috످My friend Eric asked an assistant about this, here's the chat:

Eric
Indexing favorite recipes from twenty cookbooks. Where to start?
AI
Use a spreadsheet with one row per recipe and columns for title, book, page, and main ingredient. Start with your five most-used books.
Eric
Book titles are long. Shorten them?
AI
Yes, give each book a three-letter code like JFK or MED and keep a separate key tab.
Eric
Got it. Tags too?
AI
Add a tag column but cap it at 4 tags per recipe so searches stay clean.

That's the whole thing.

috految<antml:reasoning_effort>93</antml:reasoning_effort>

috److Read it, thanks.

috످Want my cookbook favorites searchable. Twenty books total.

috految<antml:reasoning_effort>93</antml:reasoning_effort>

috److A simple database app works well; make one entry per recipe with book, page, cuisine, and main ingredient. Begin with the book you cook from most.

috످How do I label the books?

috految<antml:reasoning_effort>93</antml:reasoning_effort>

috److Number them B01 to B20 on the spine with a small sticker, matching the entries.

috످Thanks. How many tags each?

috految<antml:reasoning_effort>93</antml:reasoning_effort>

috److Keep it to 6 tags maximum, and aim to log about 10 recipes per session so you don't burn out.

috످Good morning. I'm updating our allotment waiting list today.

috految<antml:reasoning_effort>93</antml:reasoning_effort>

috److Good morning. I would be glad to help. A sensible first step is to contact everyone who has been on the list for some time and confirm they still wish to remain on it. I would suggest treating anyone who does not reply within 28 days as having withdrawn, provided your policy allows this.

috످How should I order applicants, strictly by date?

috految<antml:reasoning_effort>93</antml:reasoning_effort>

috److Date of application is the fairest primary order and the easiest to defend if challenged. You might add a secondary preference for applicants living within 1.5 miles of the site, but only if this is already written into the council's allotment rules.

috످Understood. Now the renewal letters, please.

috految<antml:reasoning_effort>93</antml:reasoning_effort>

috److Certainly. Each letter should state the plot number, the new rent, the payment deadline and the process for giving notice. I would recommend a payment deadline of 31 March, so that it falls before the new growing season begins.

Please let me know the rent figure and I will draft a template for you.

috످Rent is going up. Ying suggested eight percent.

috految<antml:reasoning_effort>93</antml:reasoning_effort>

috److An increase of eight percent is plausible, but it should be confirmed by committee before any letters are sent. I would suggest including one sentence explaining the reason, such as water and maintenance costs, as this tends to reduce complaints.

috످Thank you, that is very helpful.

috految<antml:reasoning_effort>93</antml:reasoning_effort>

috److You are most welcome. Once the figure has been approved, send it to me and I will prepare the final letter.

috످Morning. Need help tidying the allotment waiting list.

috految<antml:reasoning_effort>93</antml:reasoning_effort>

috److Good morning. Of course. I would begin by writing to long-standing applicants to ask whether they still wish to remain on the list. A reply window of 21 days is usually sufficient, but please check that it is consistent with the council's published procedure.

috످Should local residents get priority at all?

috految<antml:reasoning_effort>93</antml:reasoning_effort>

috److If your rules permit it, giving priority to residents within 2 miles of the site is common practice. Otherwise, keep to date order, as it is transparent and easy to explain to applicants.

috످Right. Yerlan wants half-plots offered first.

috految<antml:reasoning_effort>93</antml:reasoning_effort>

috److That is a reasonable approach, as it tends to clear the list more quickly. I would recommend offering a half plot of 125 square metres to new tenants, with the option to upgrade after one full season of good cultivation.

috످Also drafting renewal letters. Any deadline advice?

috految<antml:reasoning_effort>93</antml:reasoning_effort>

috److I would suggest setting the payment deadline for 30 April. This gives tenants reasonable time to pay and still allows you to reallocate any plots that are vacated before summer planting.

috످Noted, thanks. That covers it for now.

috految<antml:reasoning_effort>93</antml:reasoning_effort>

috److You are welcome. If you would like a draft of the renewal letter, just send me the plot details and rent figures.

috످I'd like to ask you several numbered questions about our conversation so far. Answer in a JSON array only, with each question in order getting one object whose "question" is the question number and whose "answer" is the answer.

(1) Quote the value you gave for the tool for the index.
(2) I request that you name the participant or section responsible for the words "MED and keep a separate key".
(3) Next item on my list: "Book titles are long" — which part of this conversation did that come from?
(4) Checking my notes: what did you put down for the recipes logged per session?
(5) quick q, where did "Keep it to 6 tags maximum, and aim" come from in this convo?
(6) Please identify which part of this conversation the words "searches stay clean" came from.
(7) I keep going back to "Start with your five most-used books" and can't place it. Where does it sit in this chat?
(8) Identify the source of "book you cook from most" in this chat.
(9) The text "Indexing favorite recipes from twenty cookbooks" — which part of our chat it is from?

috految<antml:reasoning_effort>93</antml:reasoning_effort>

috److془Let me think through each.

(1) The tool for my index: I recommended a database app in my own turn. 

(2) The passage is advice about abbreviating book names and keeping a lookup list; it's in the user's first message, pasted chat under AI label.

(3) Eric asks about whether to abbreviate lengthy names; in user's first message.

(4) Pacing advice, mine: about 10.

(5) The passage sets a limit on tags and pacing; my turn.

(6) Reason for limiting tags; AI in pasted chat, user's first message.

(7) Advice on which cookbooks to tackle first; user's first message.

(8) Suggests starting with the favourite cookbook; my reply.

(9) Eric's opening describing project; user's first message.془[
  {"question": 1, "answer": "\"A simple database app\""},
  {"question": 2, "answer": "That's from the chat you pasted in your first message, where the AI advises Eric to shorten book titles to codes."},
  {"question": 3, "answer": "That's from the chat you pasted in your first message, where Eric asks about shortening the titles."},
  {"question": 4, "answer": "About 10 recipes per session."},
  {"question": 5, "answer": "I said that when you asked how many tags to use per recipe."},
  {"question": 6, "answer": "That's from the chat you pasted in your first message, where the AI tells Eric why to limit tags."},
  {"question": 7, "answer": "That's from the chat you pasted in your first message, in the AI's first reply to Eric about where to begin."},
  {"question": 8, "answer": "I said that in my reply to your request to make your cookbook favorites searchable."},
  {"question": 9, "answer": "That's from the chat you pasted in your first message, where Eric opens by describing his recipe project."}
]

috످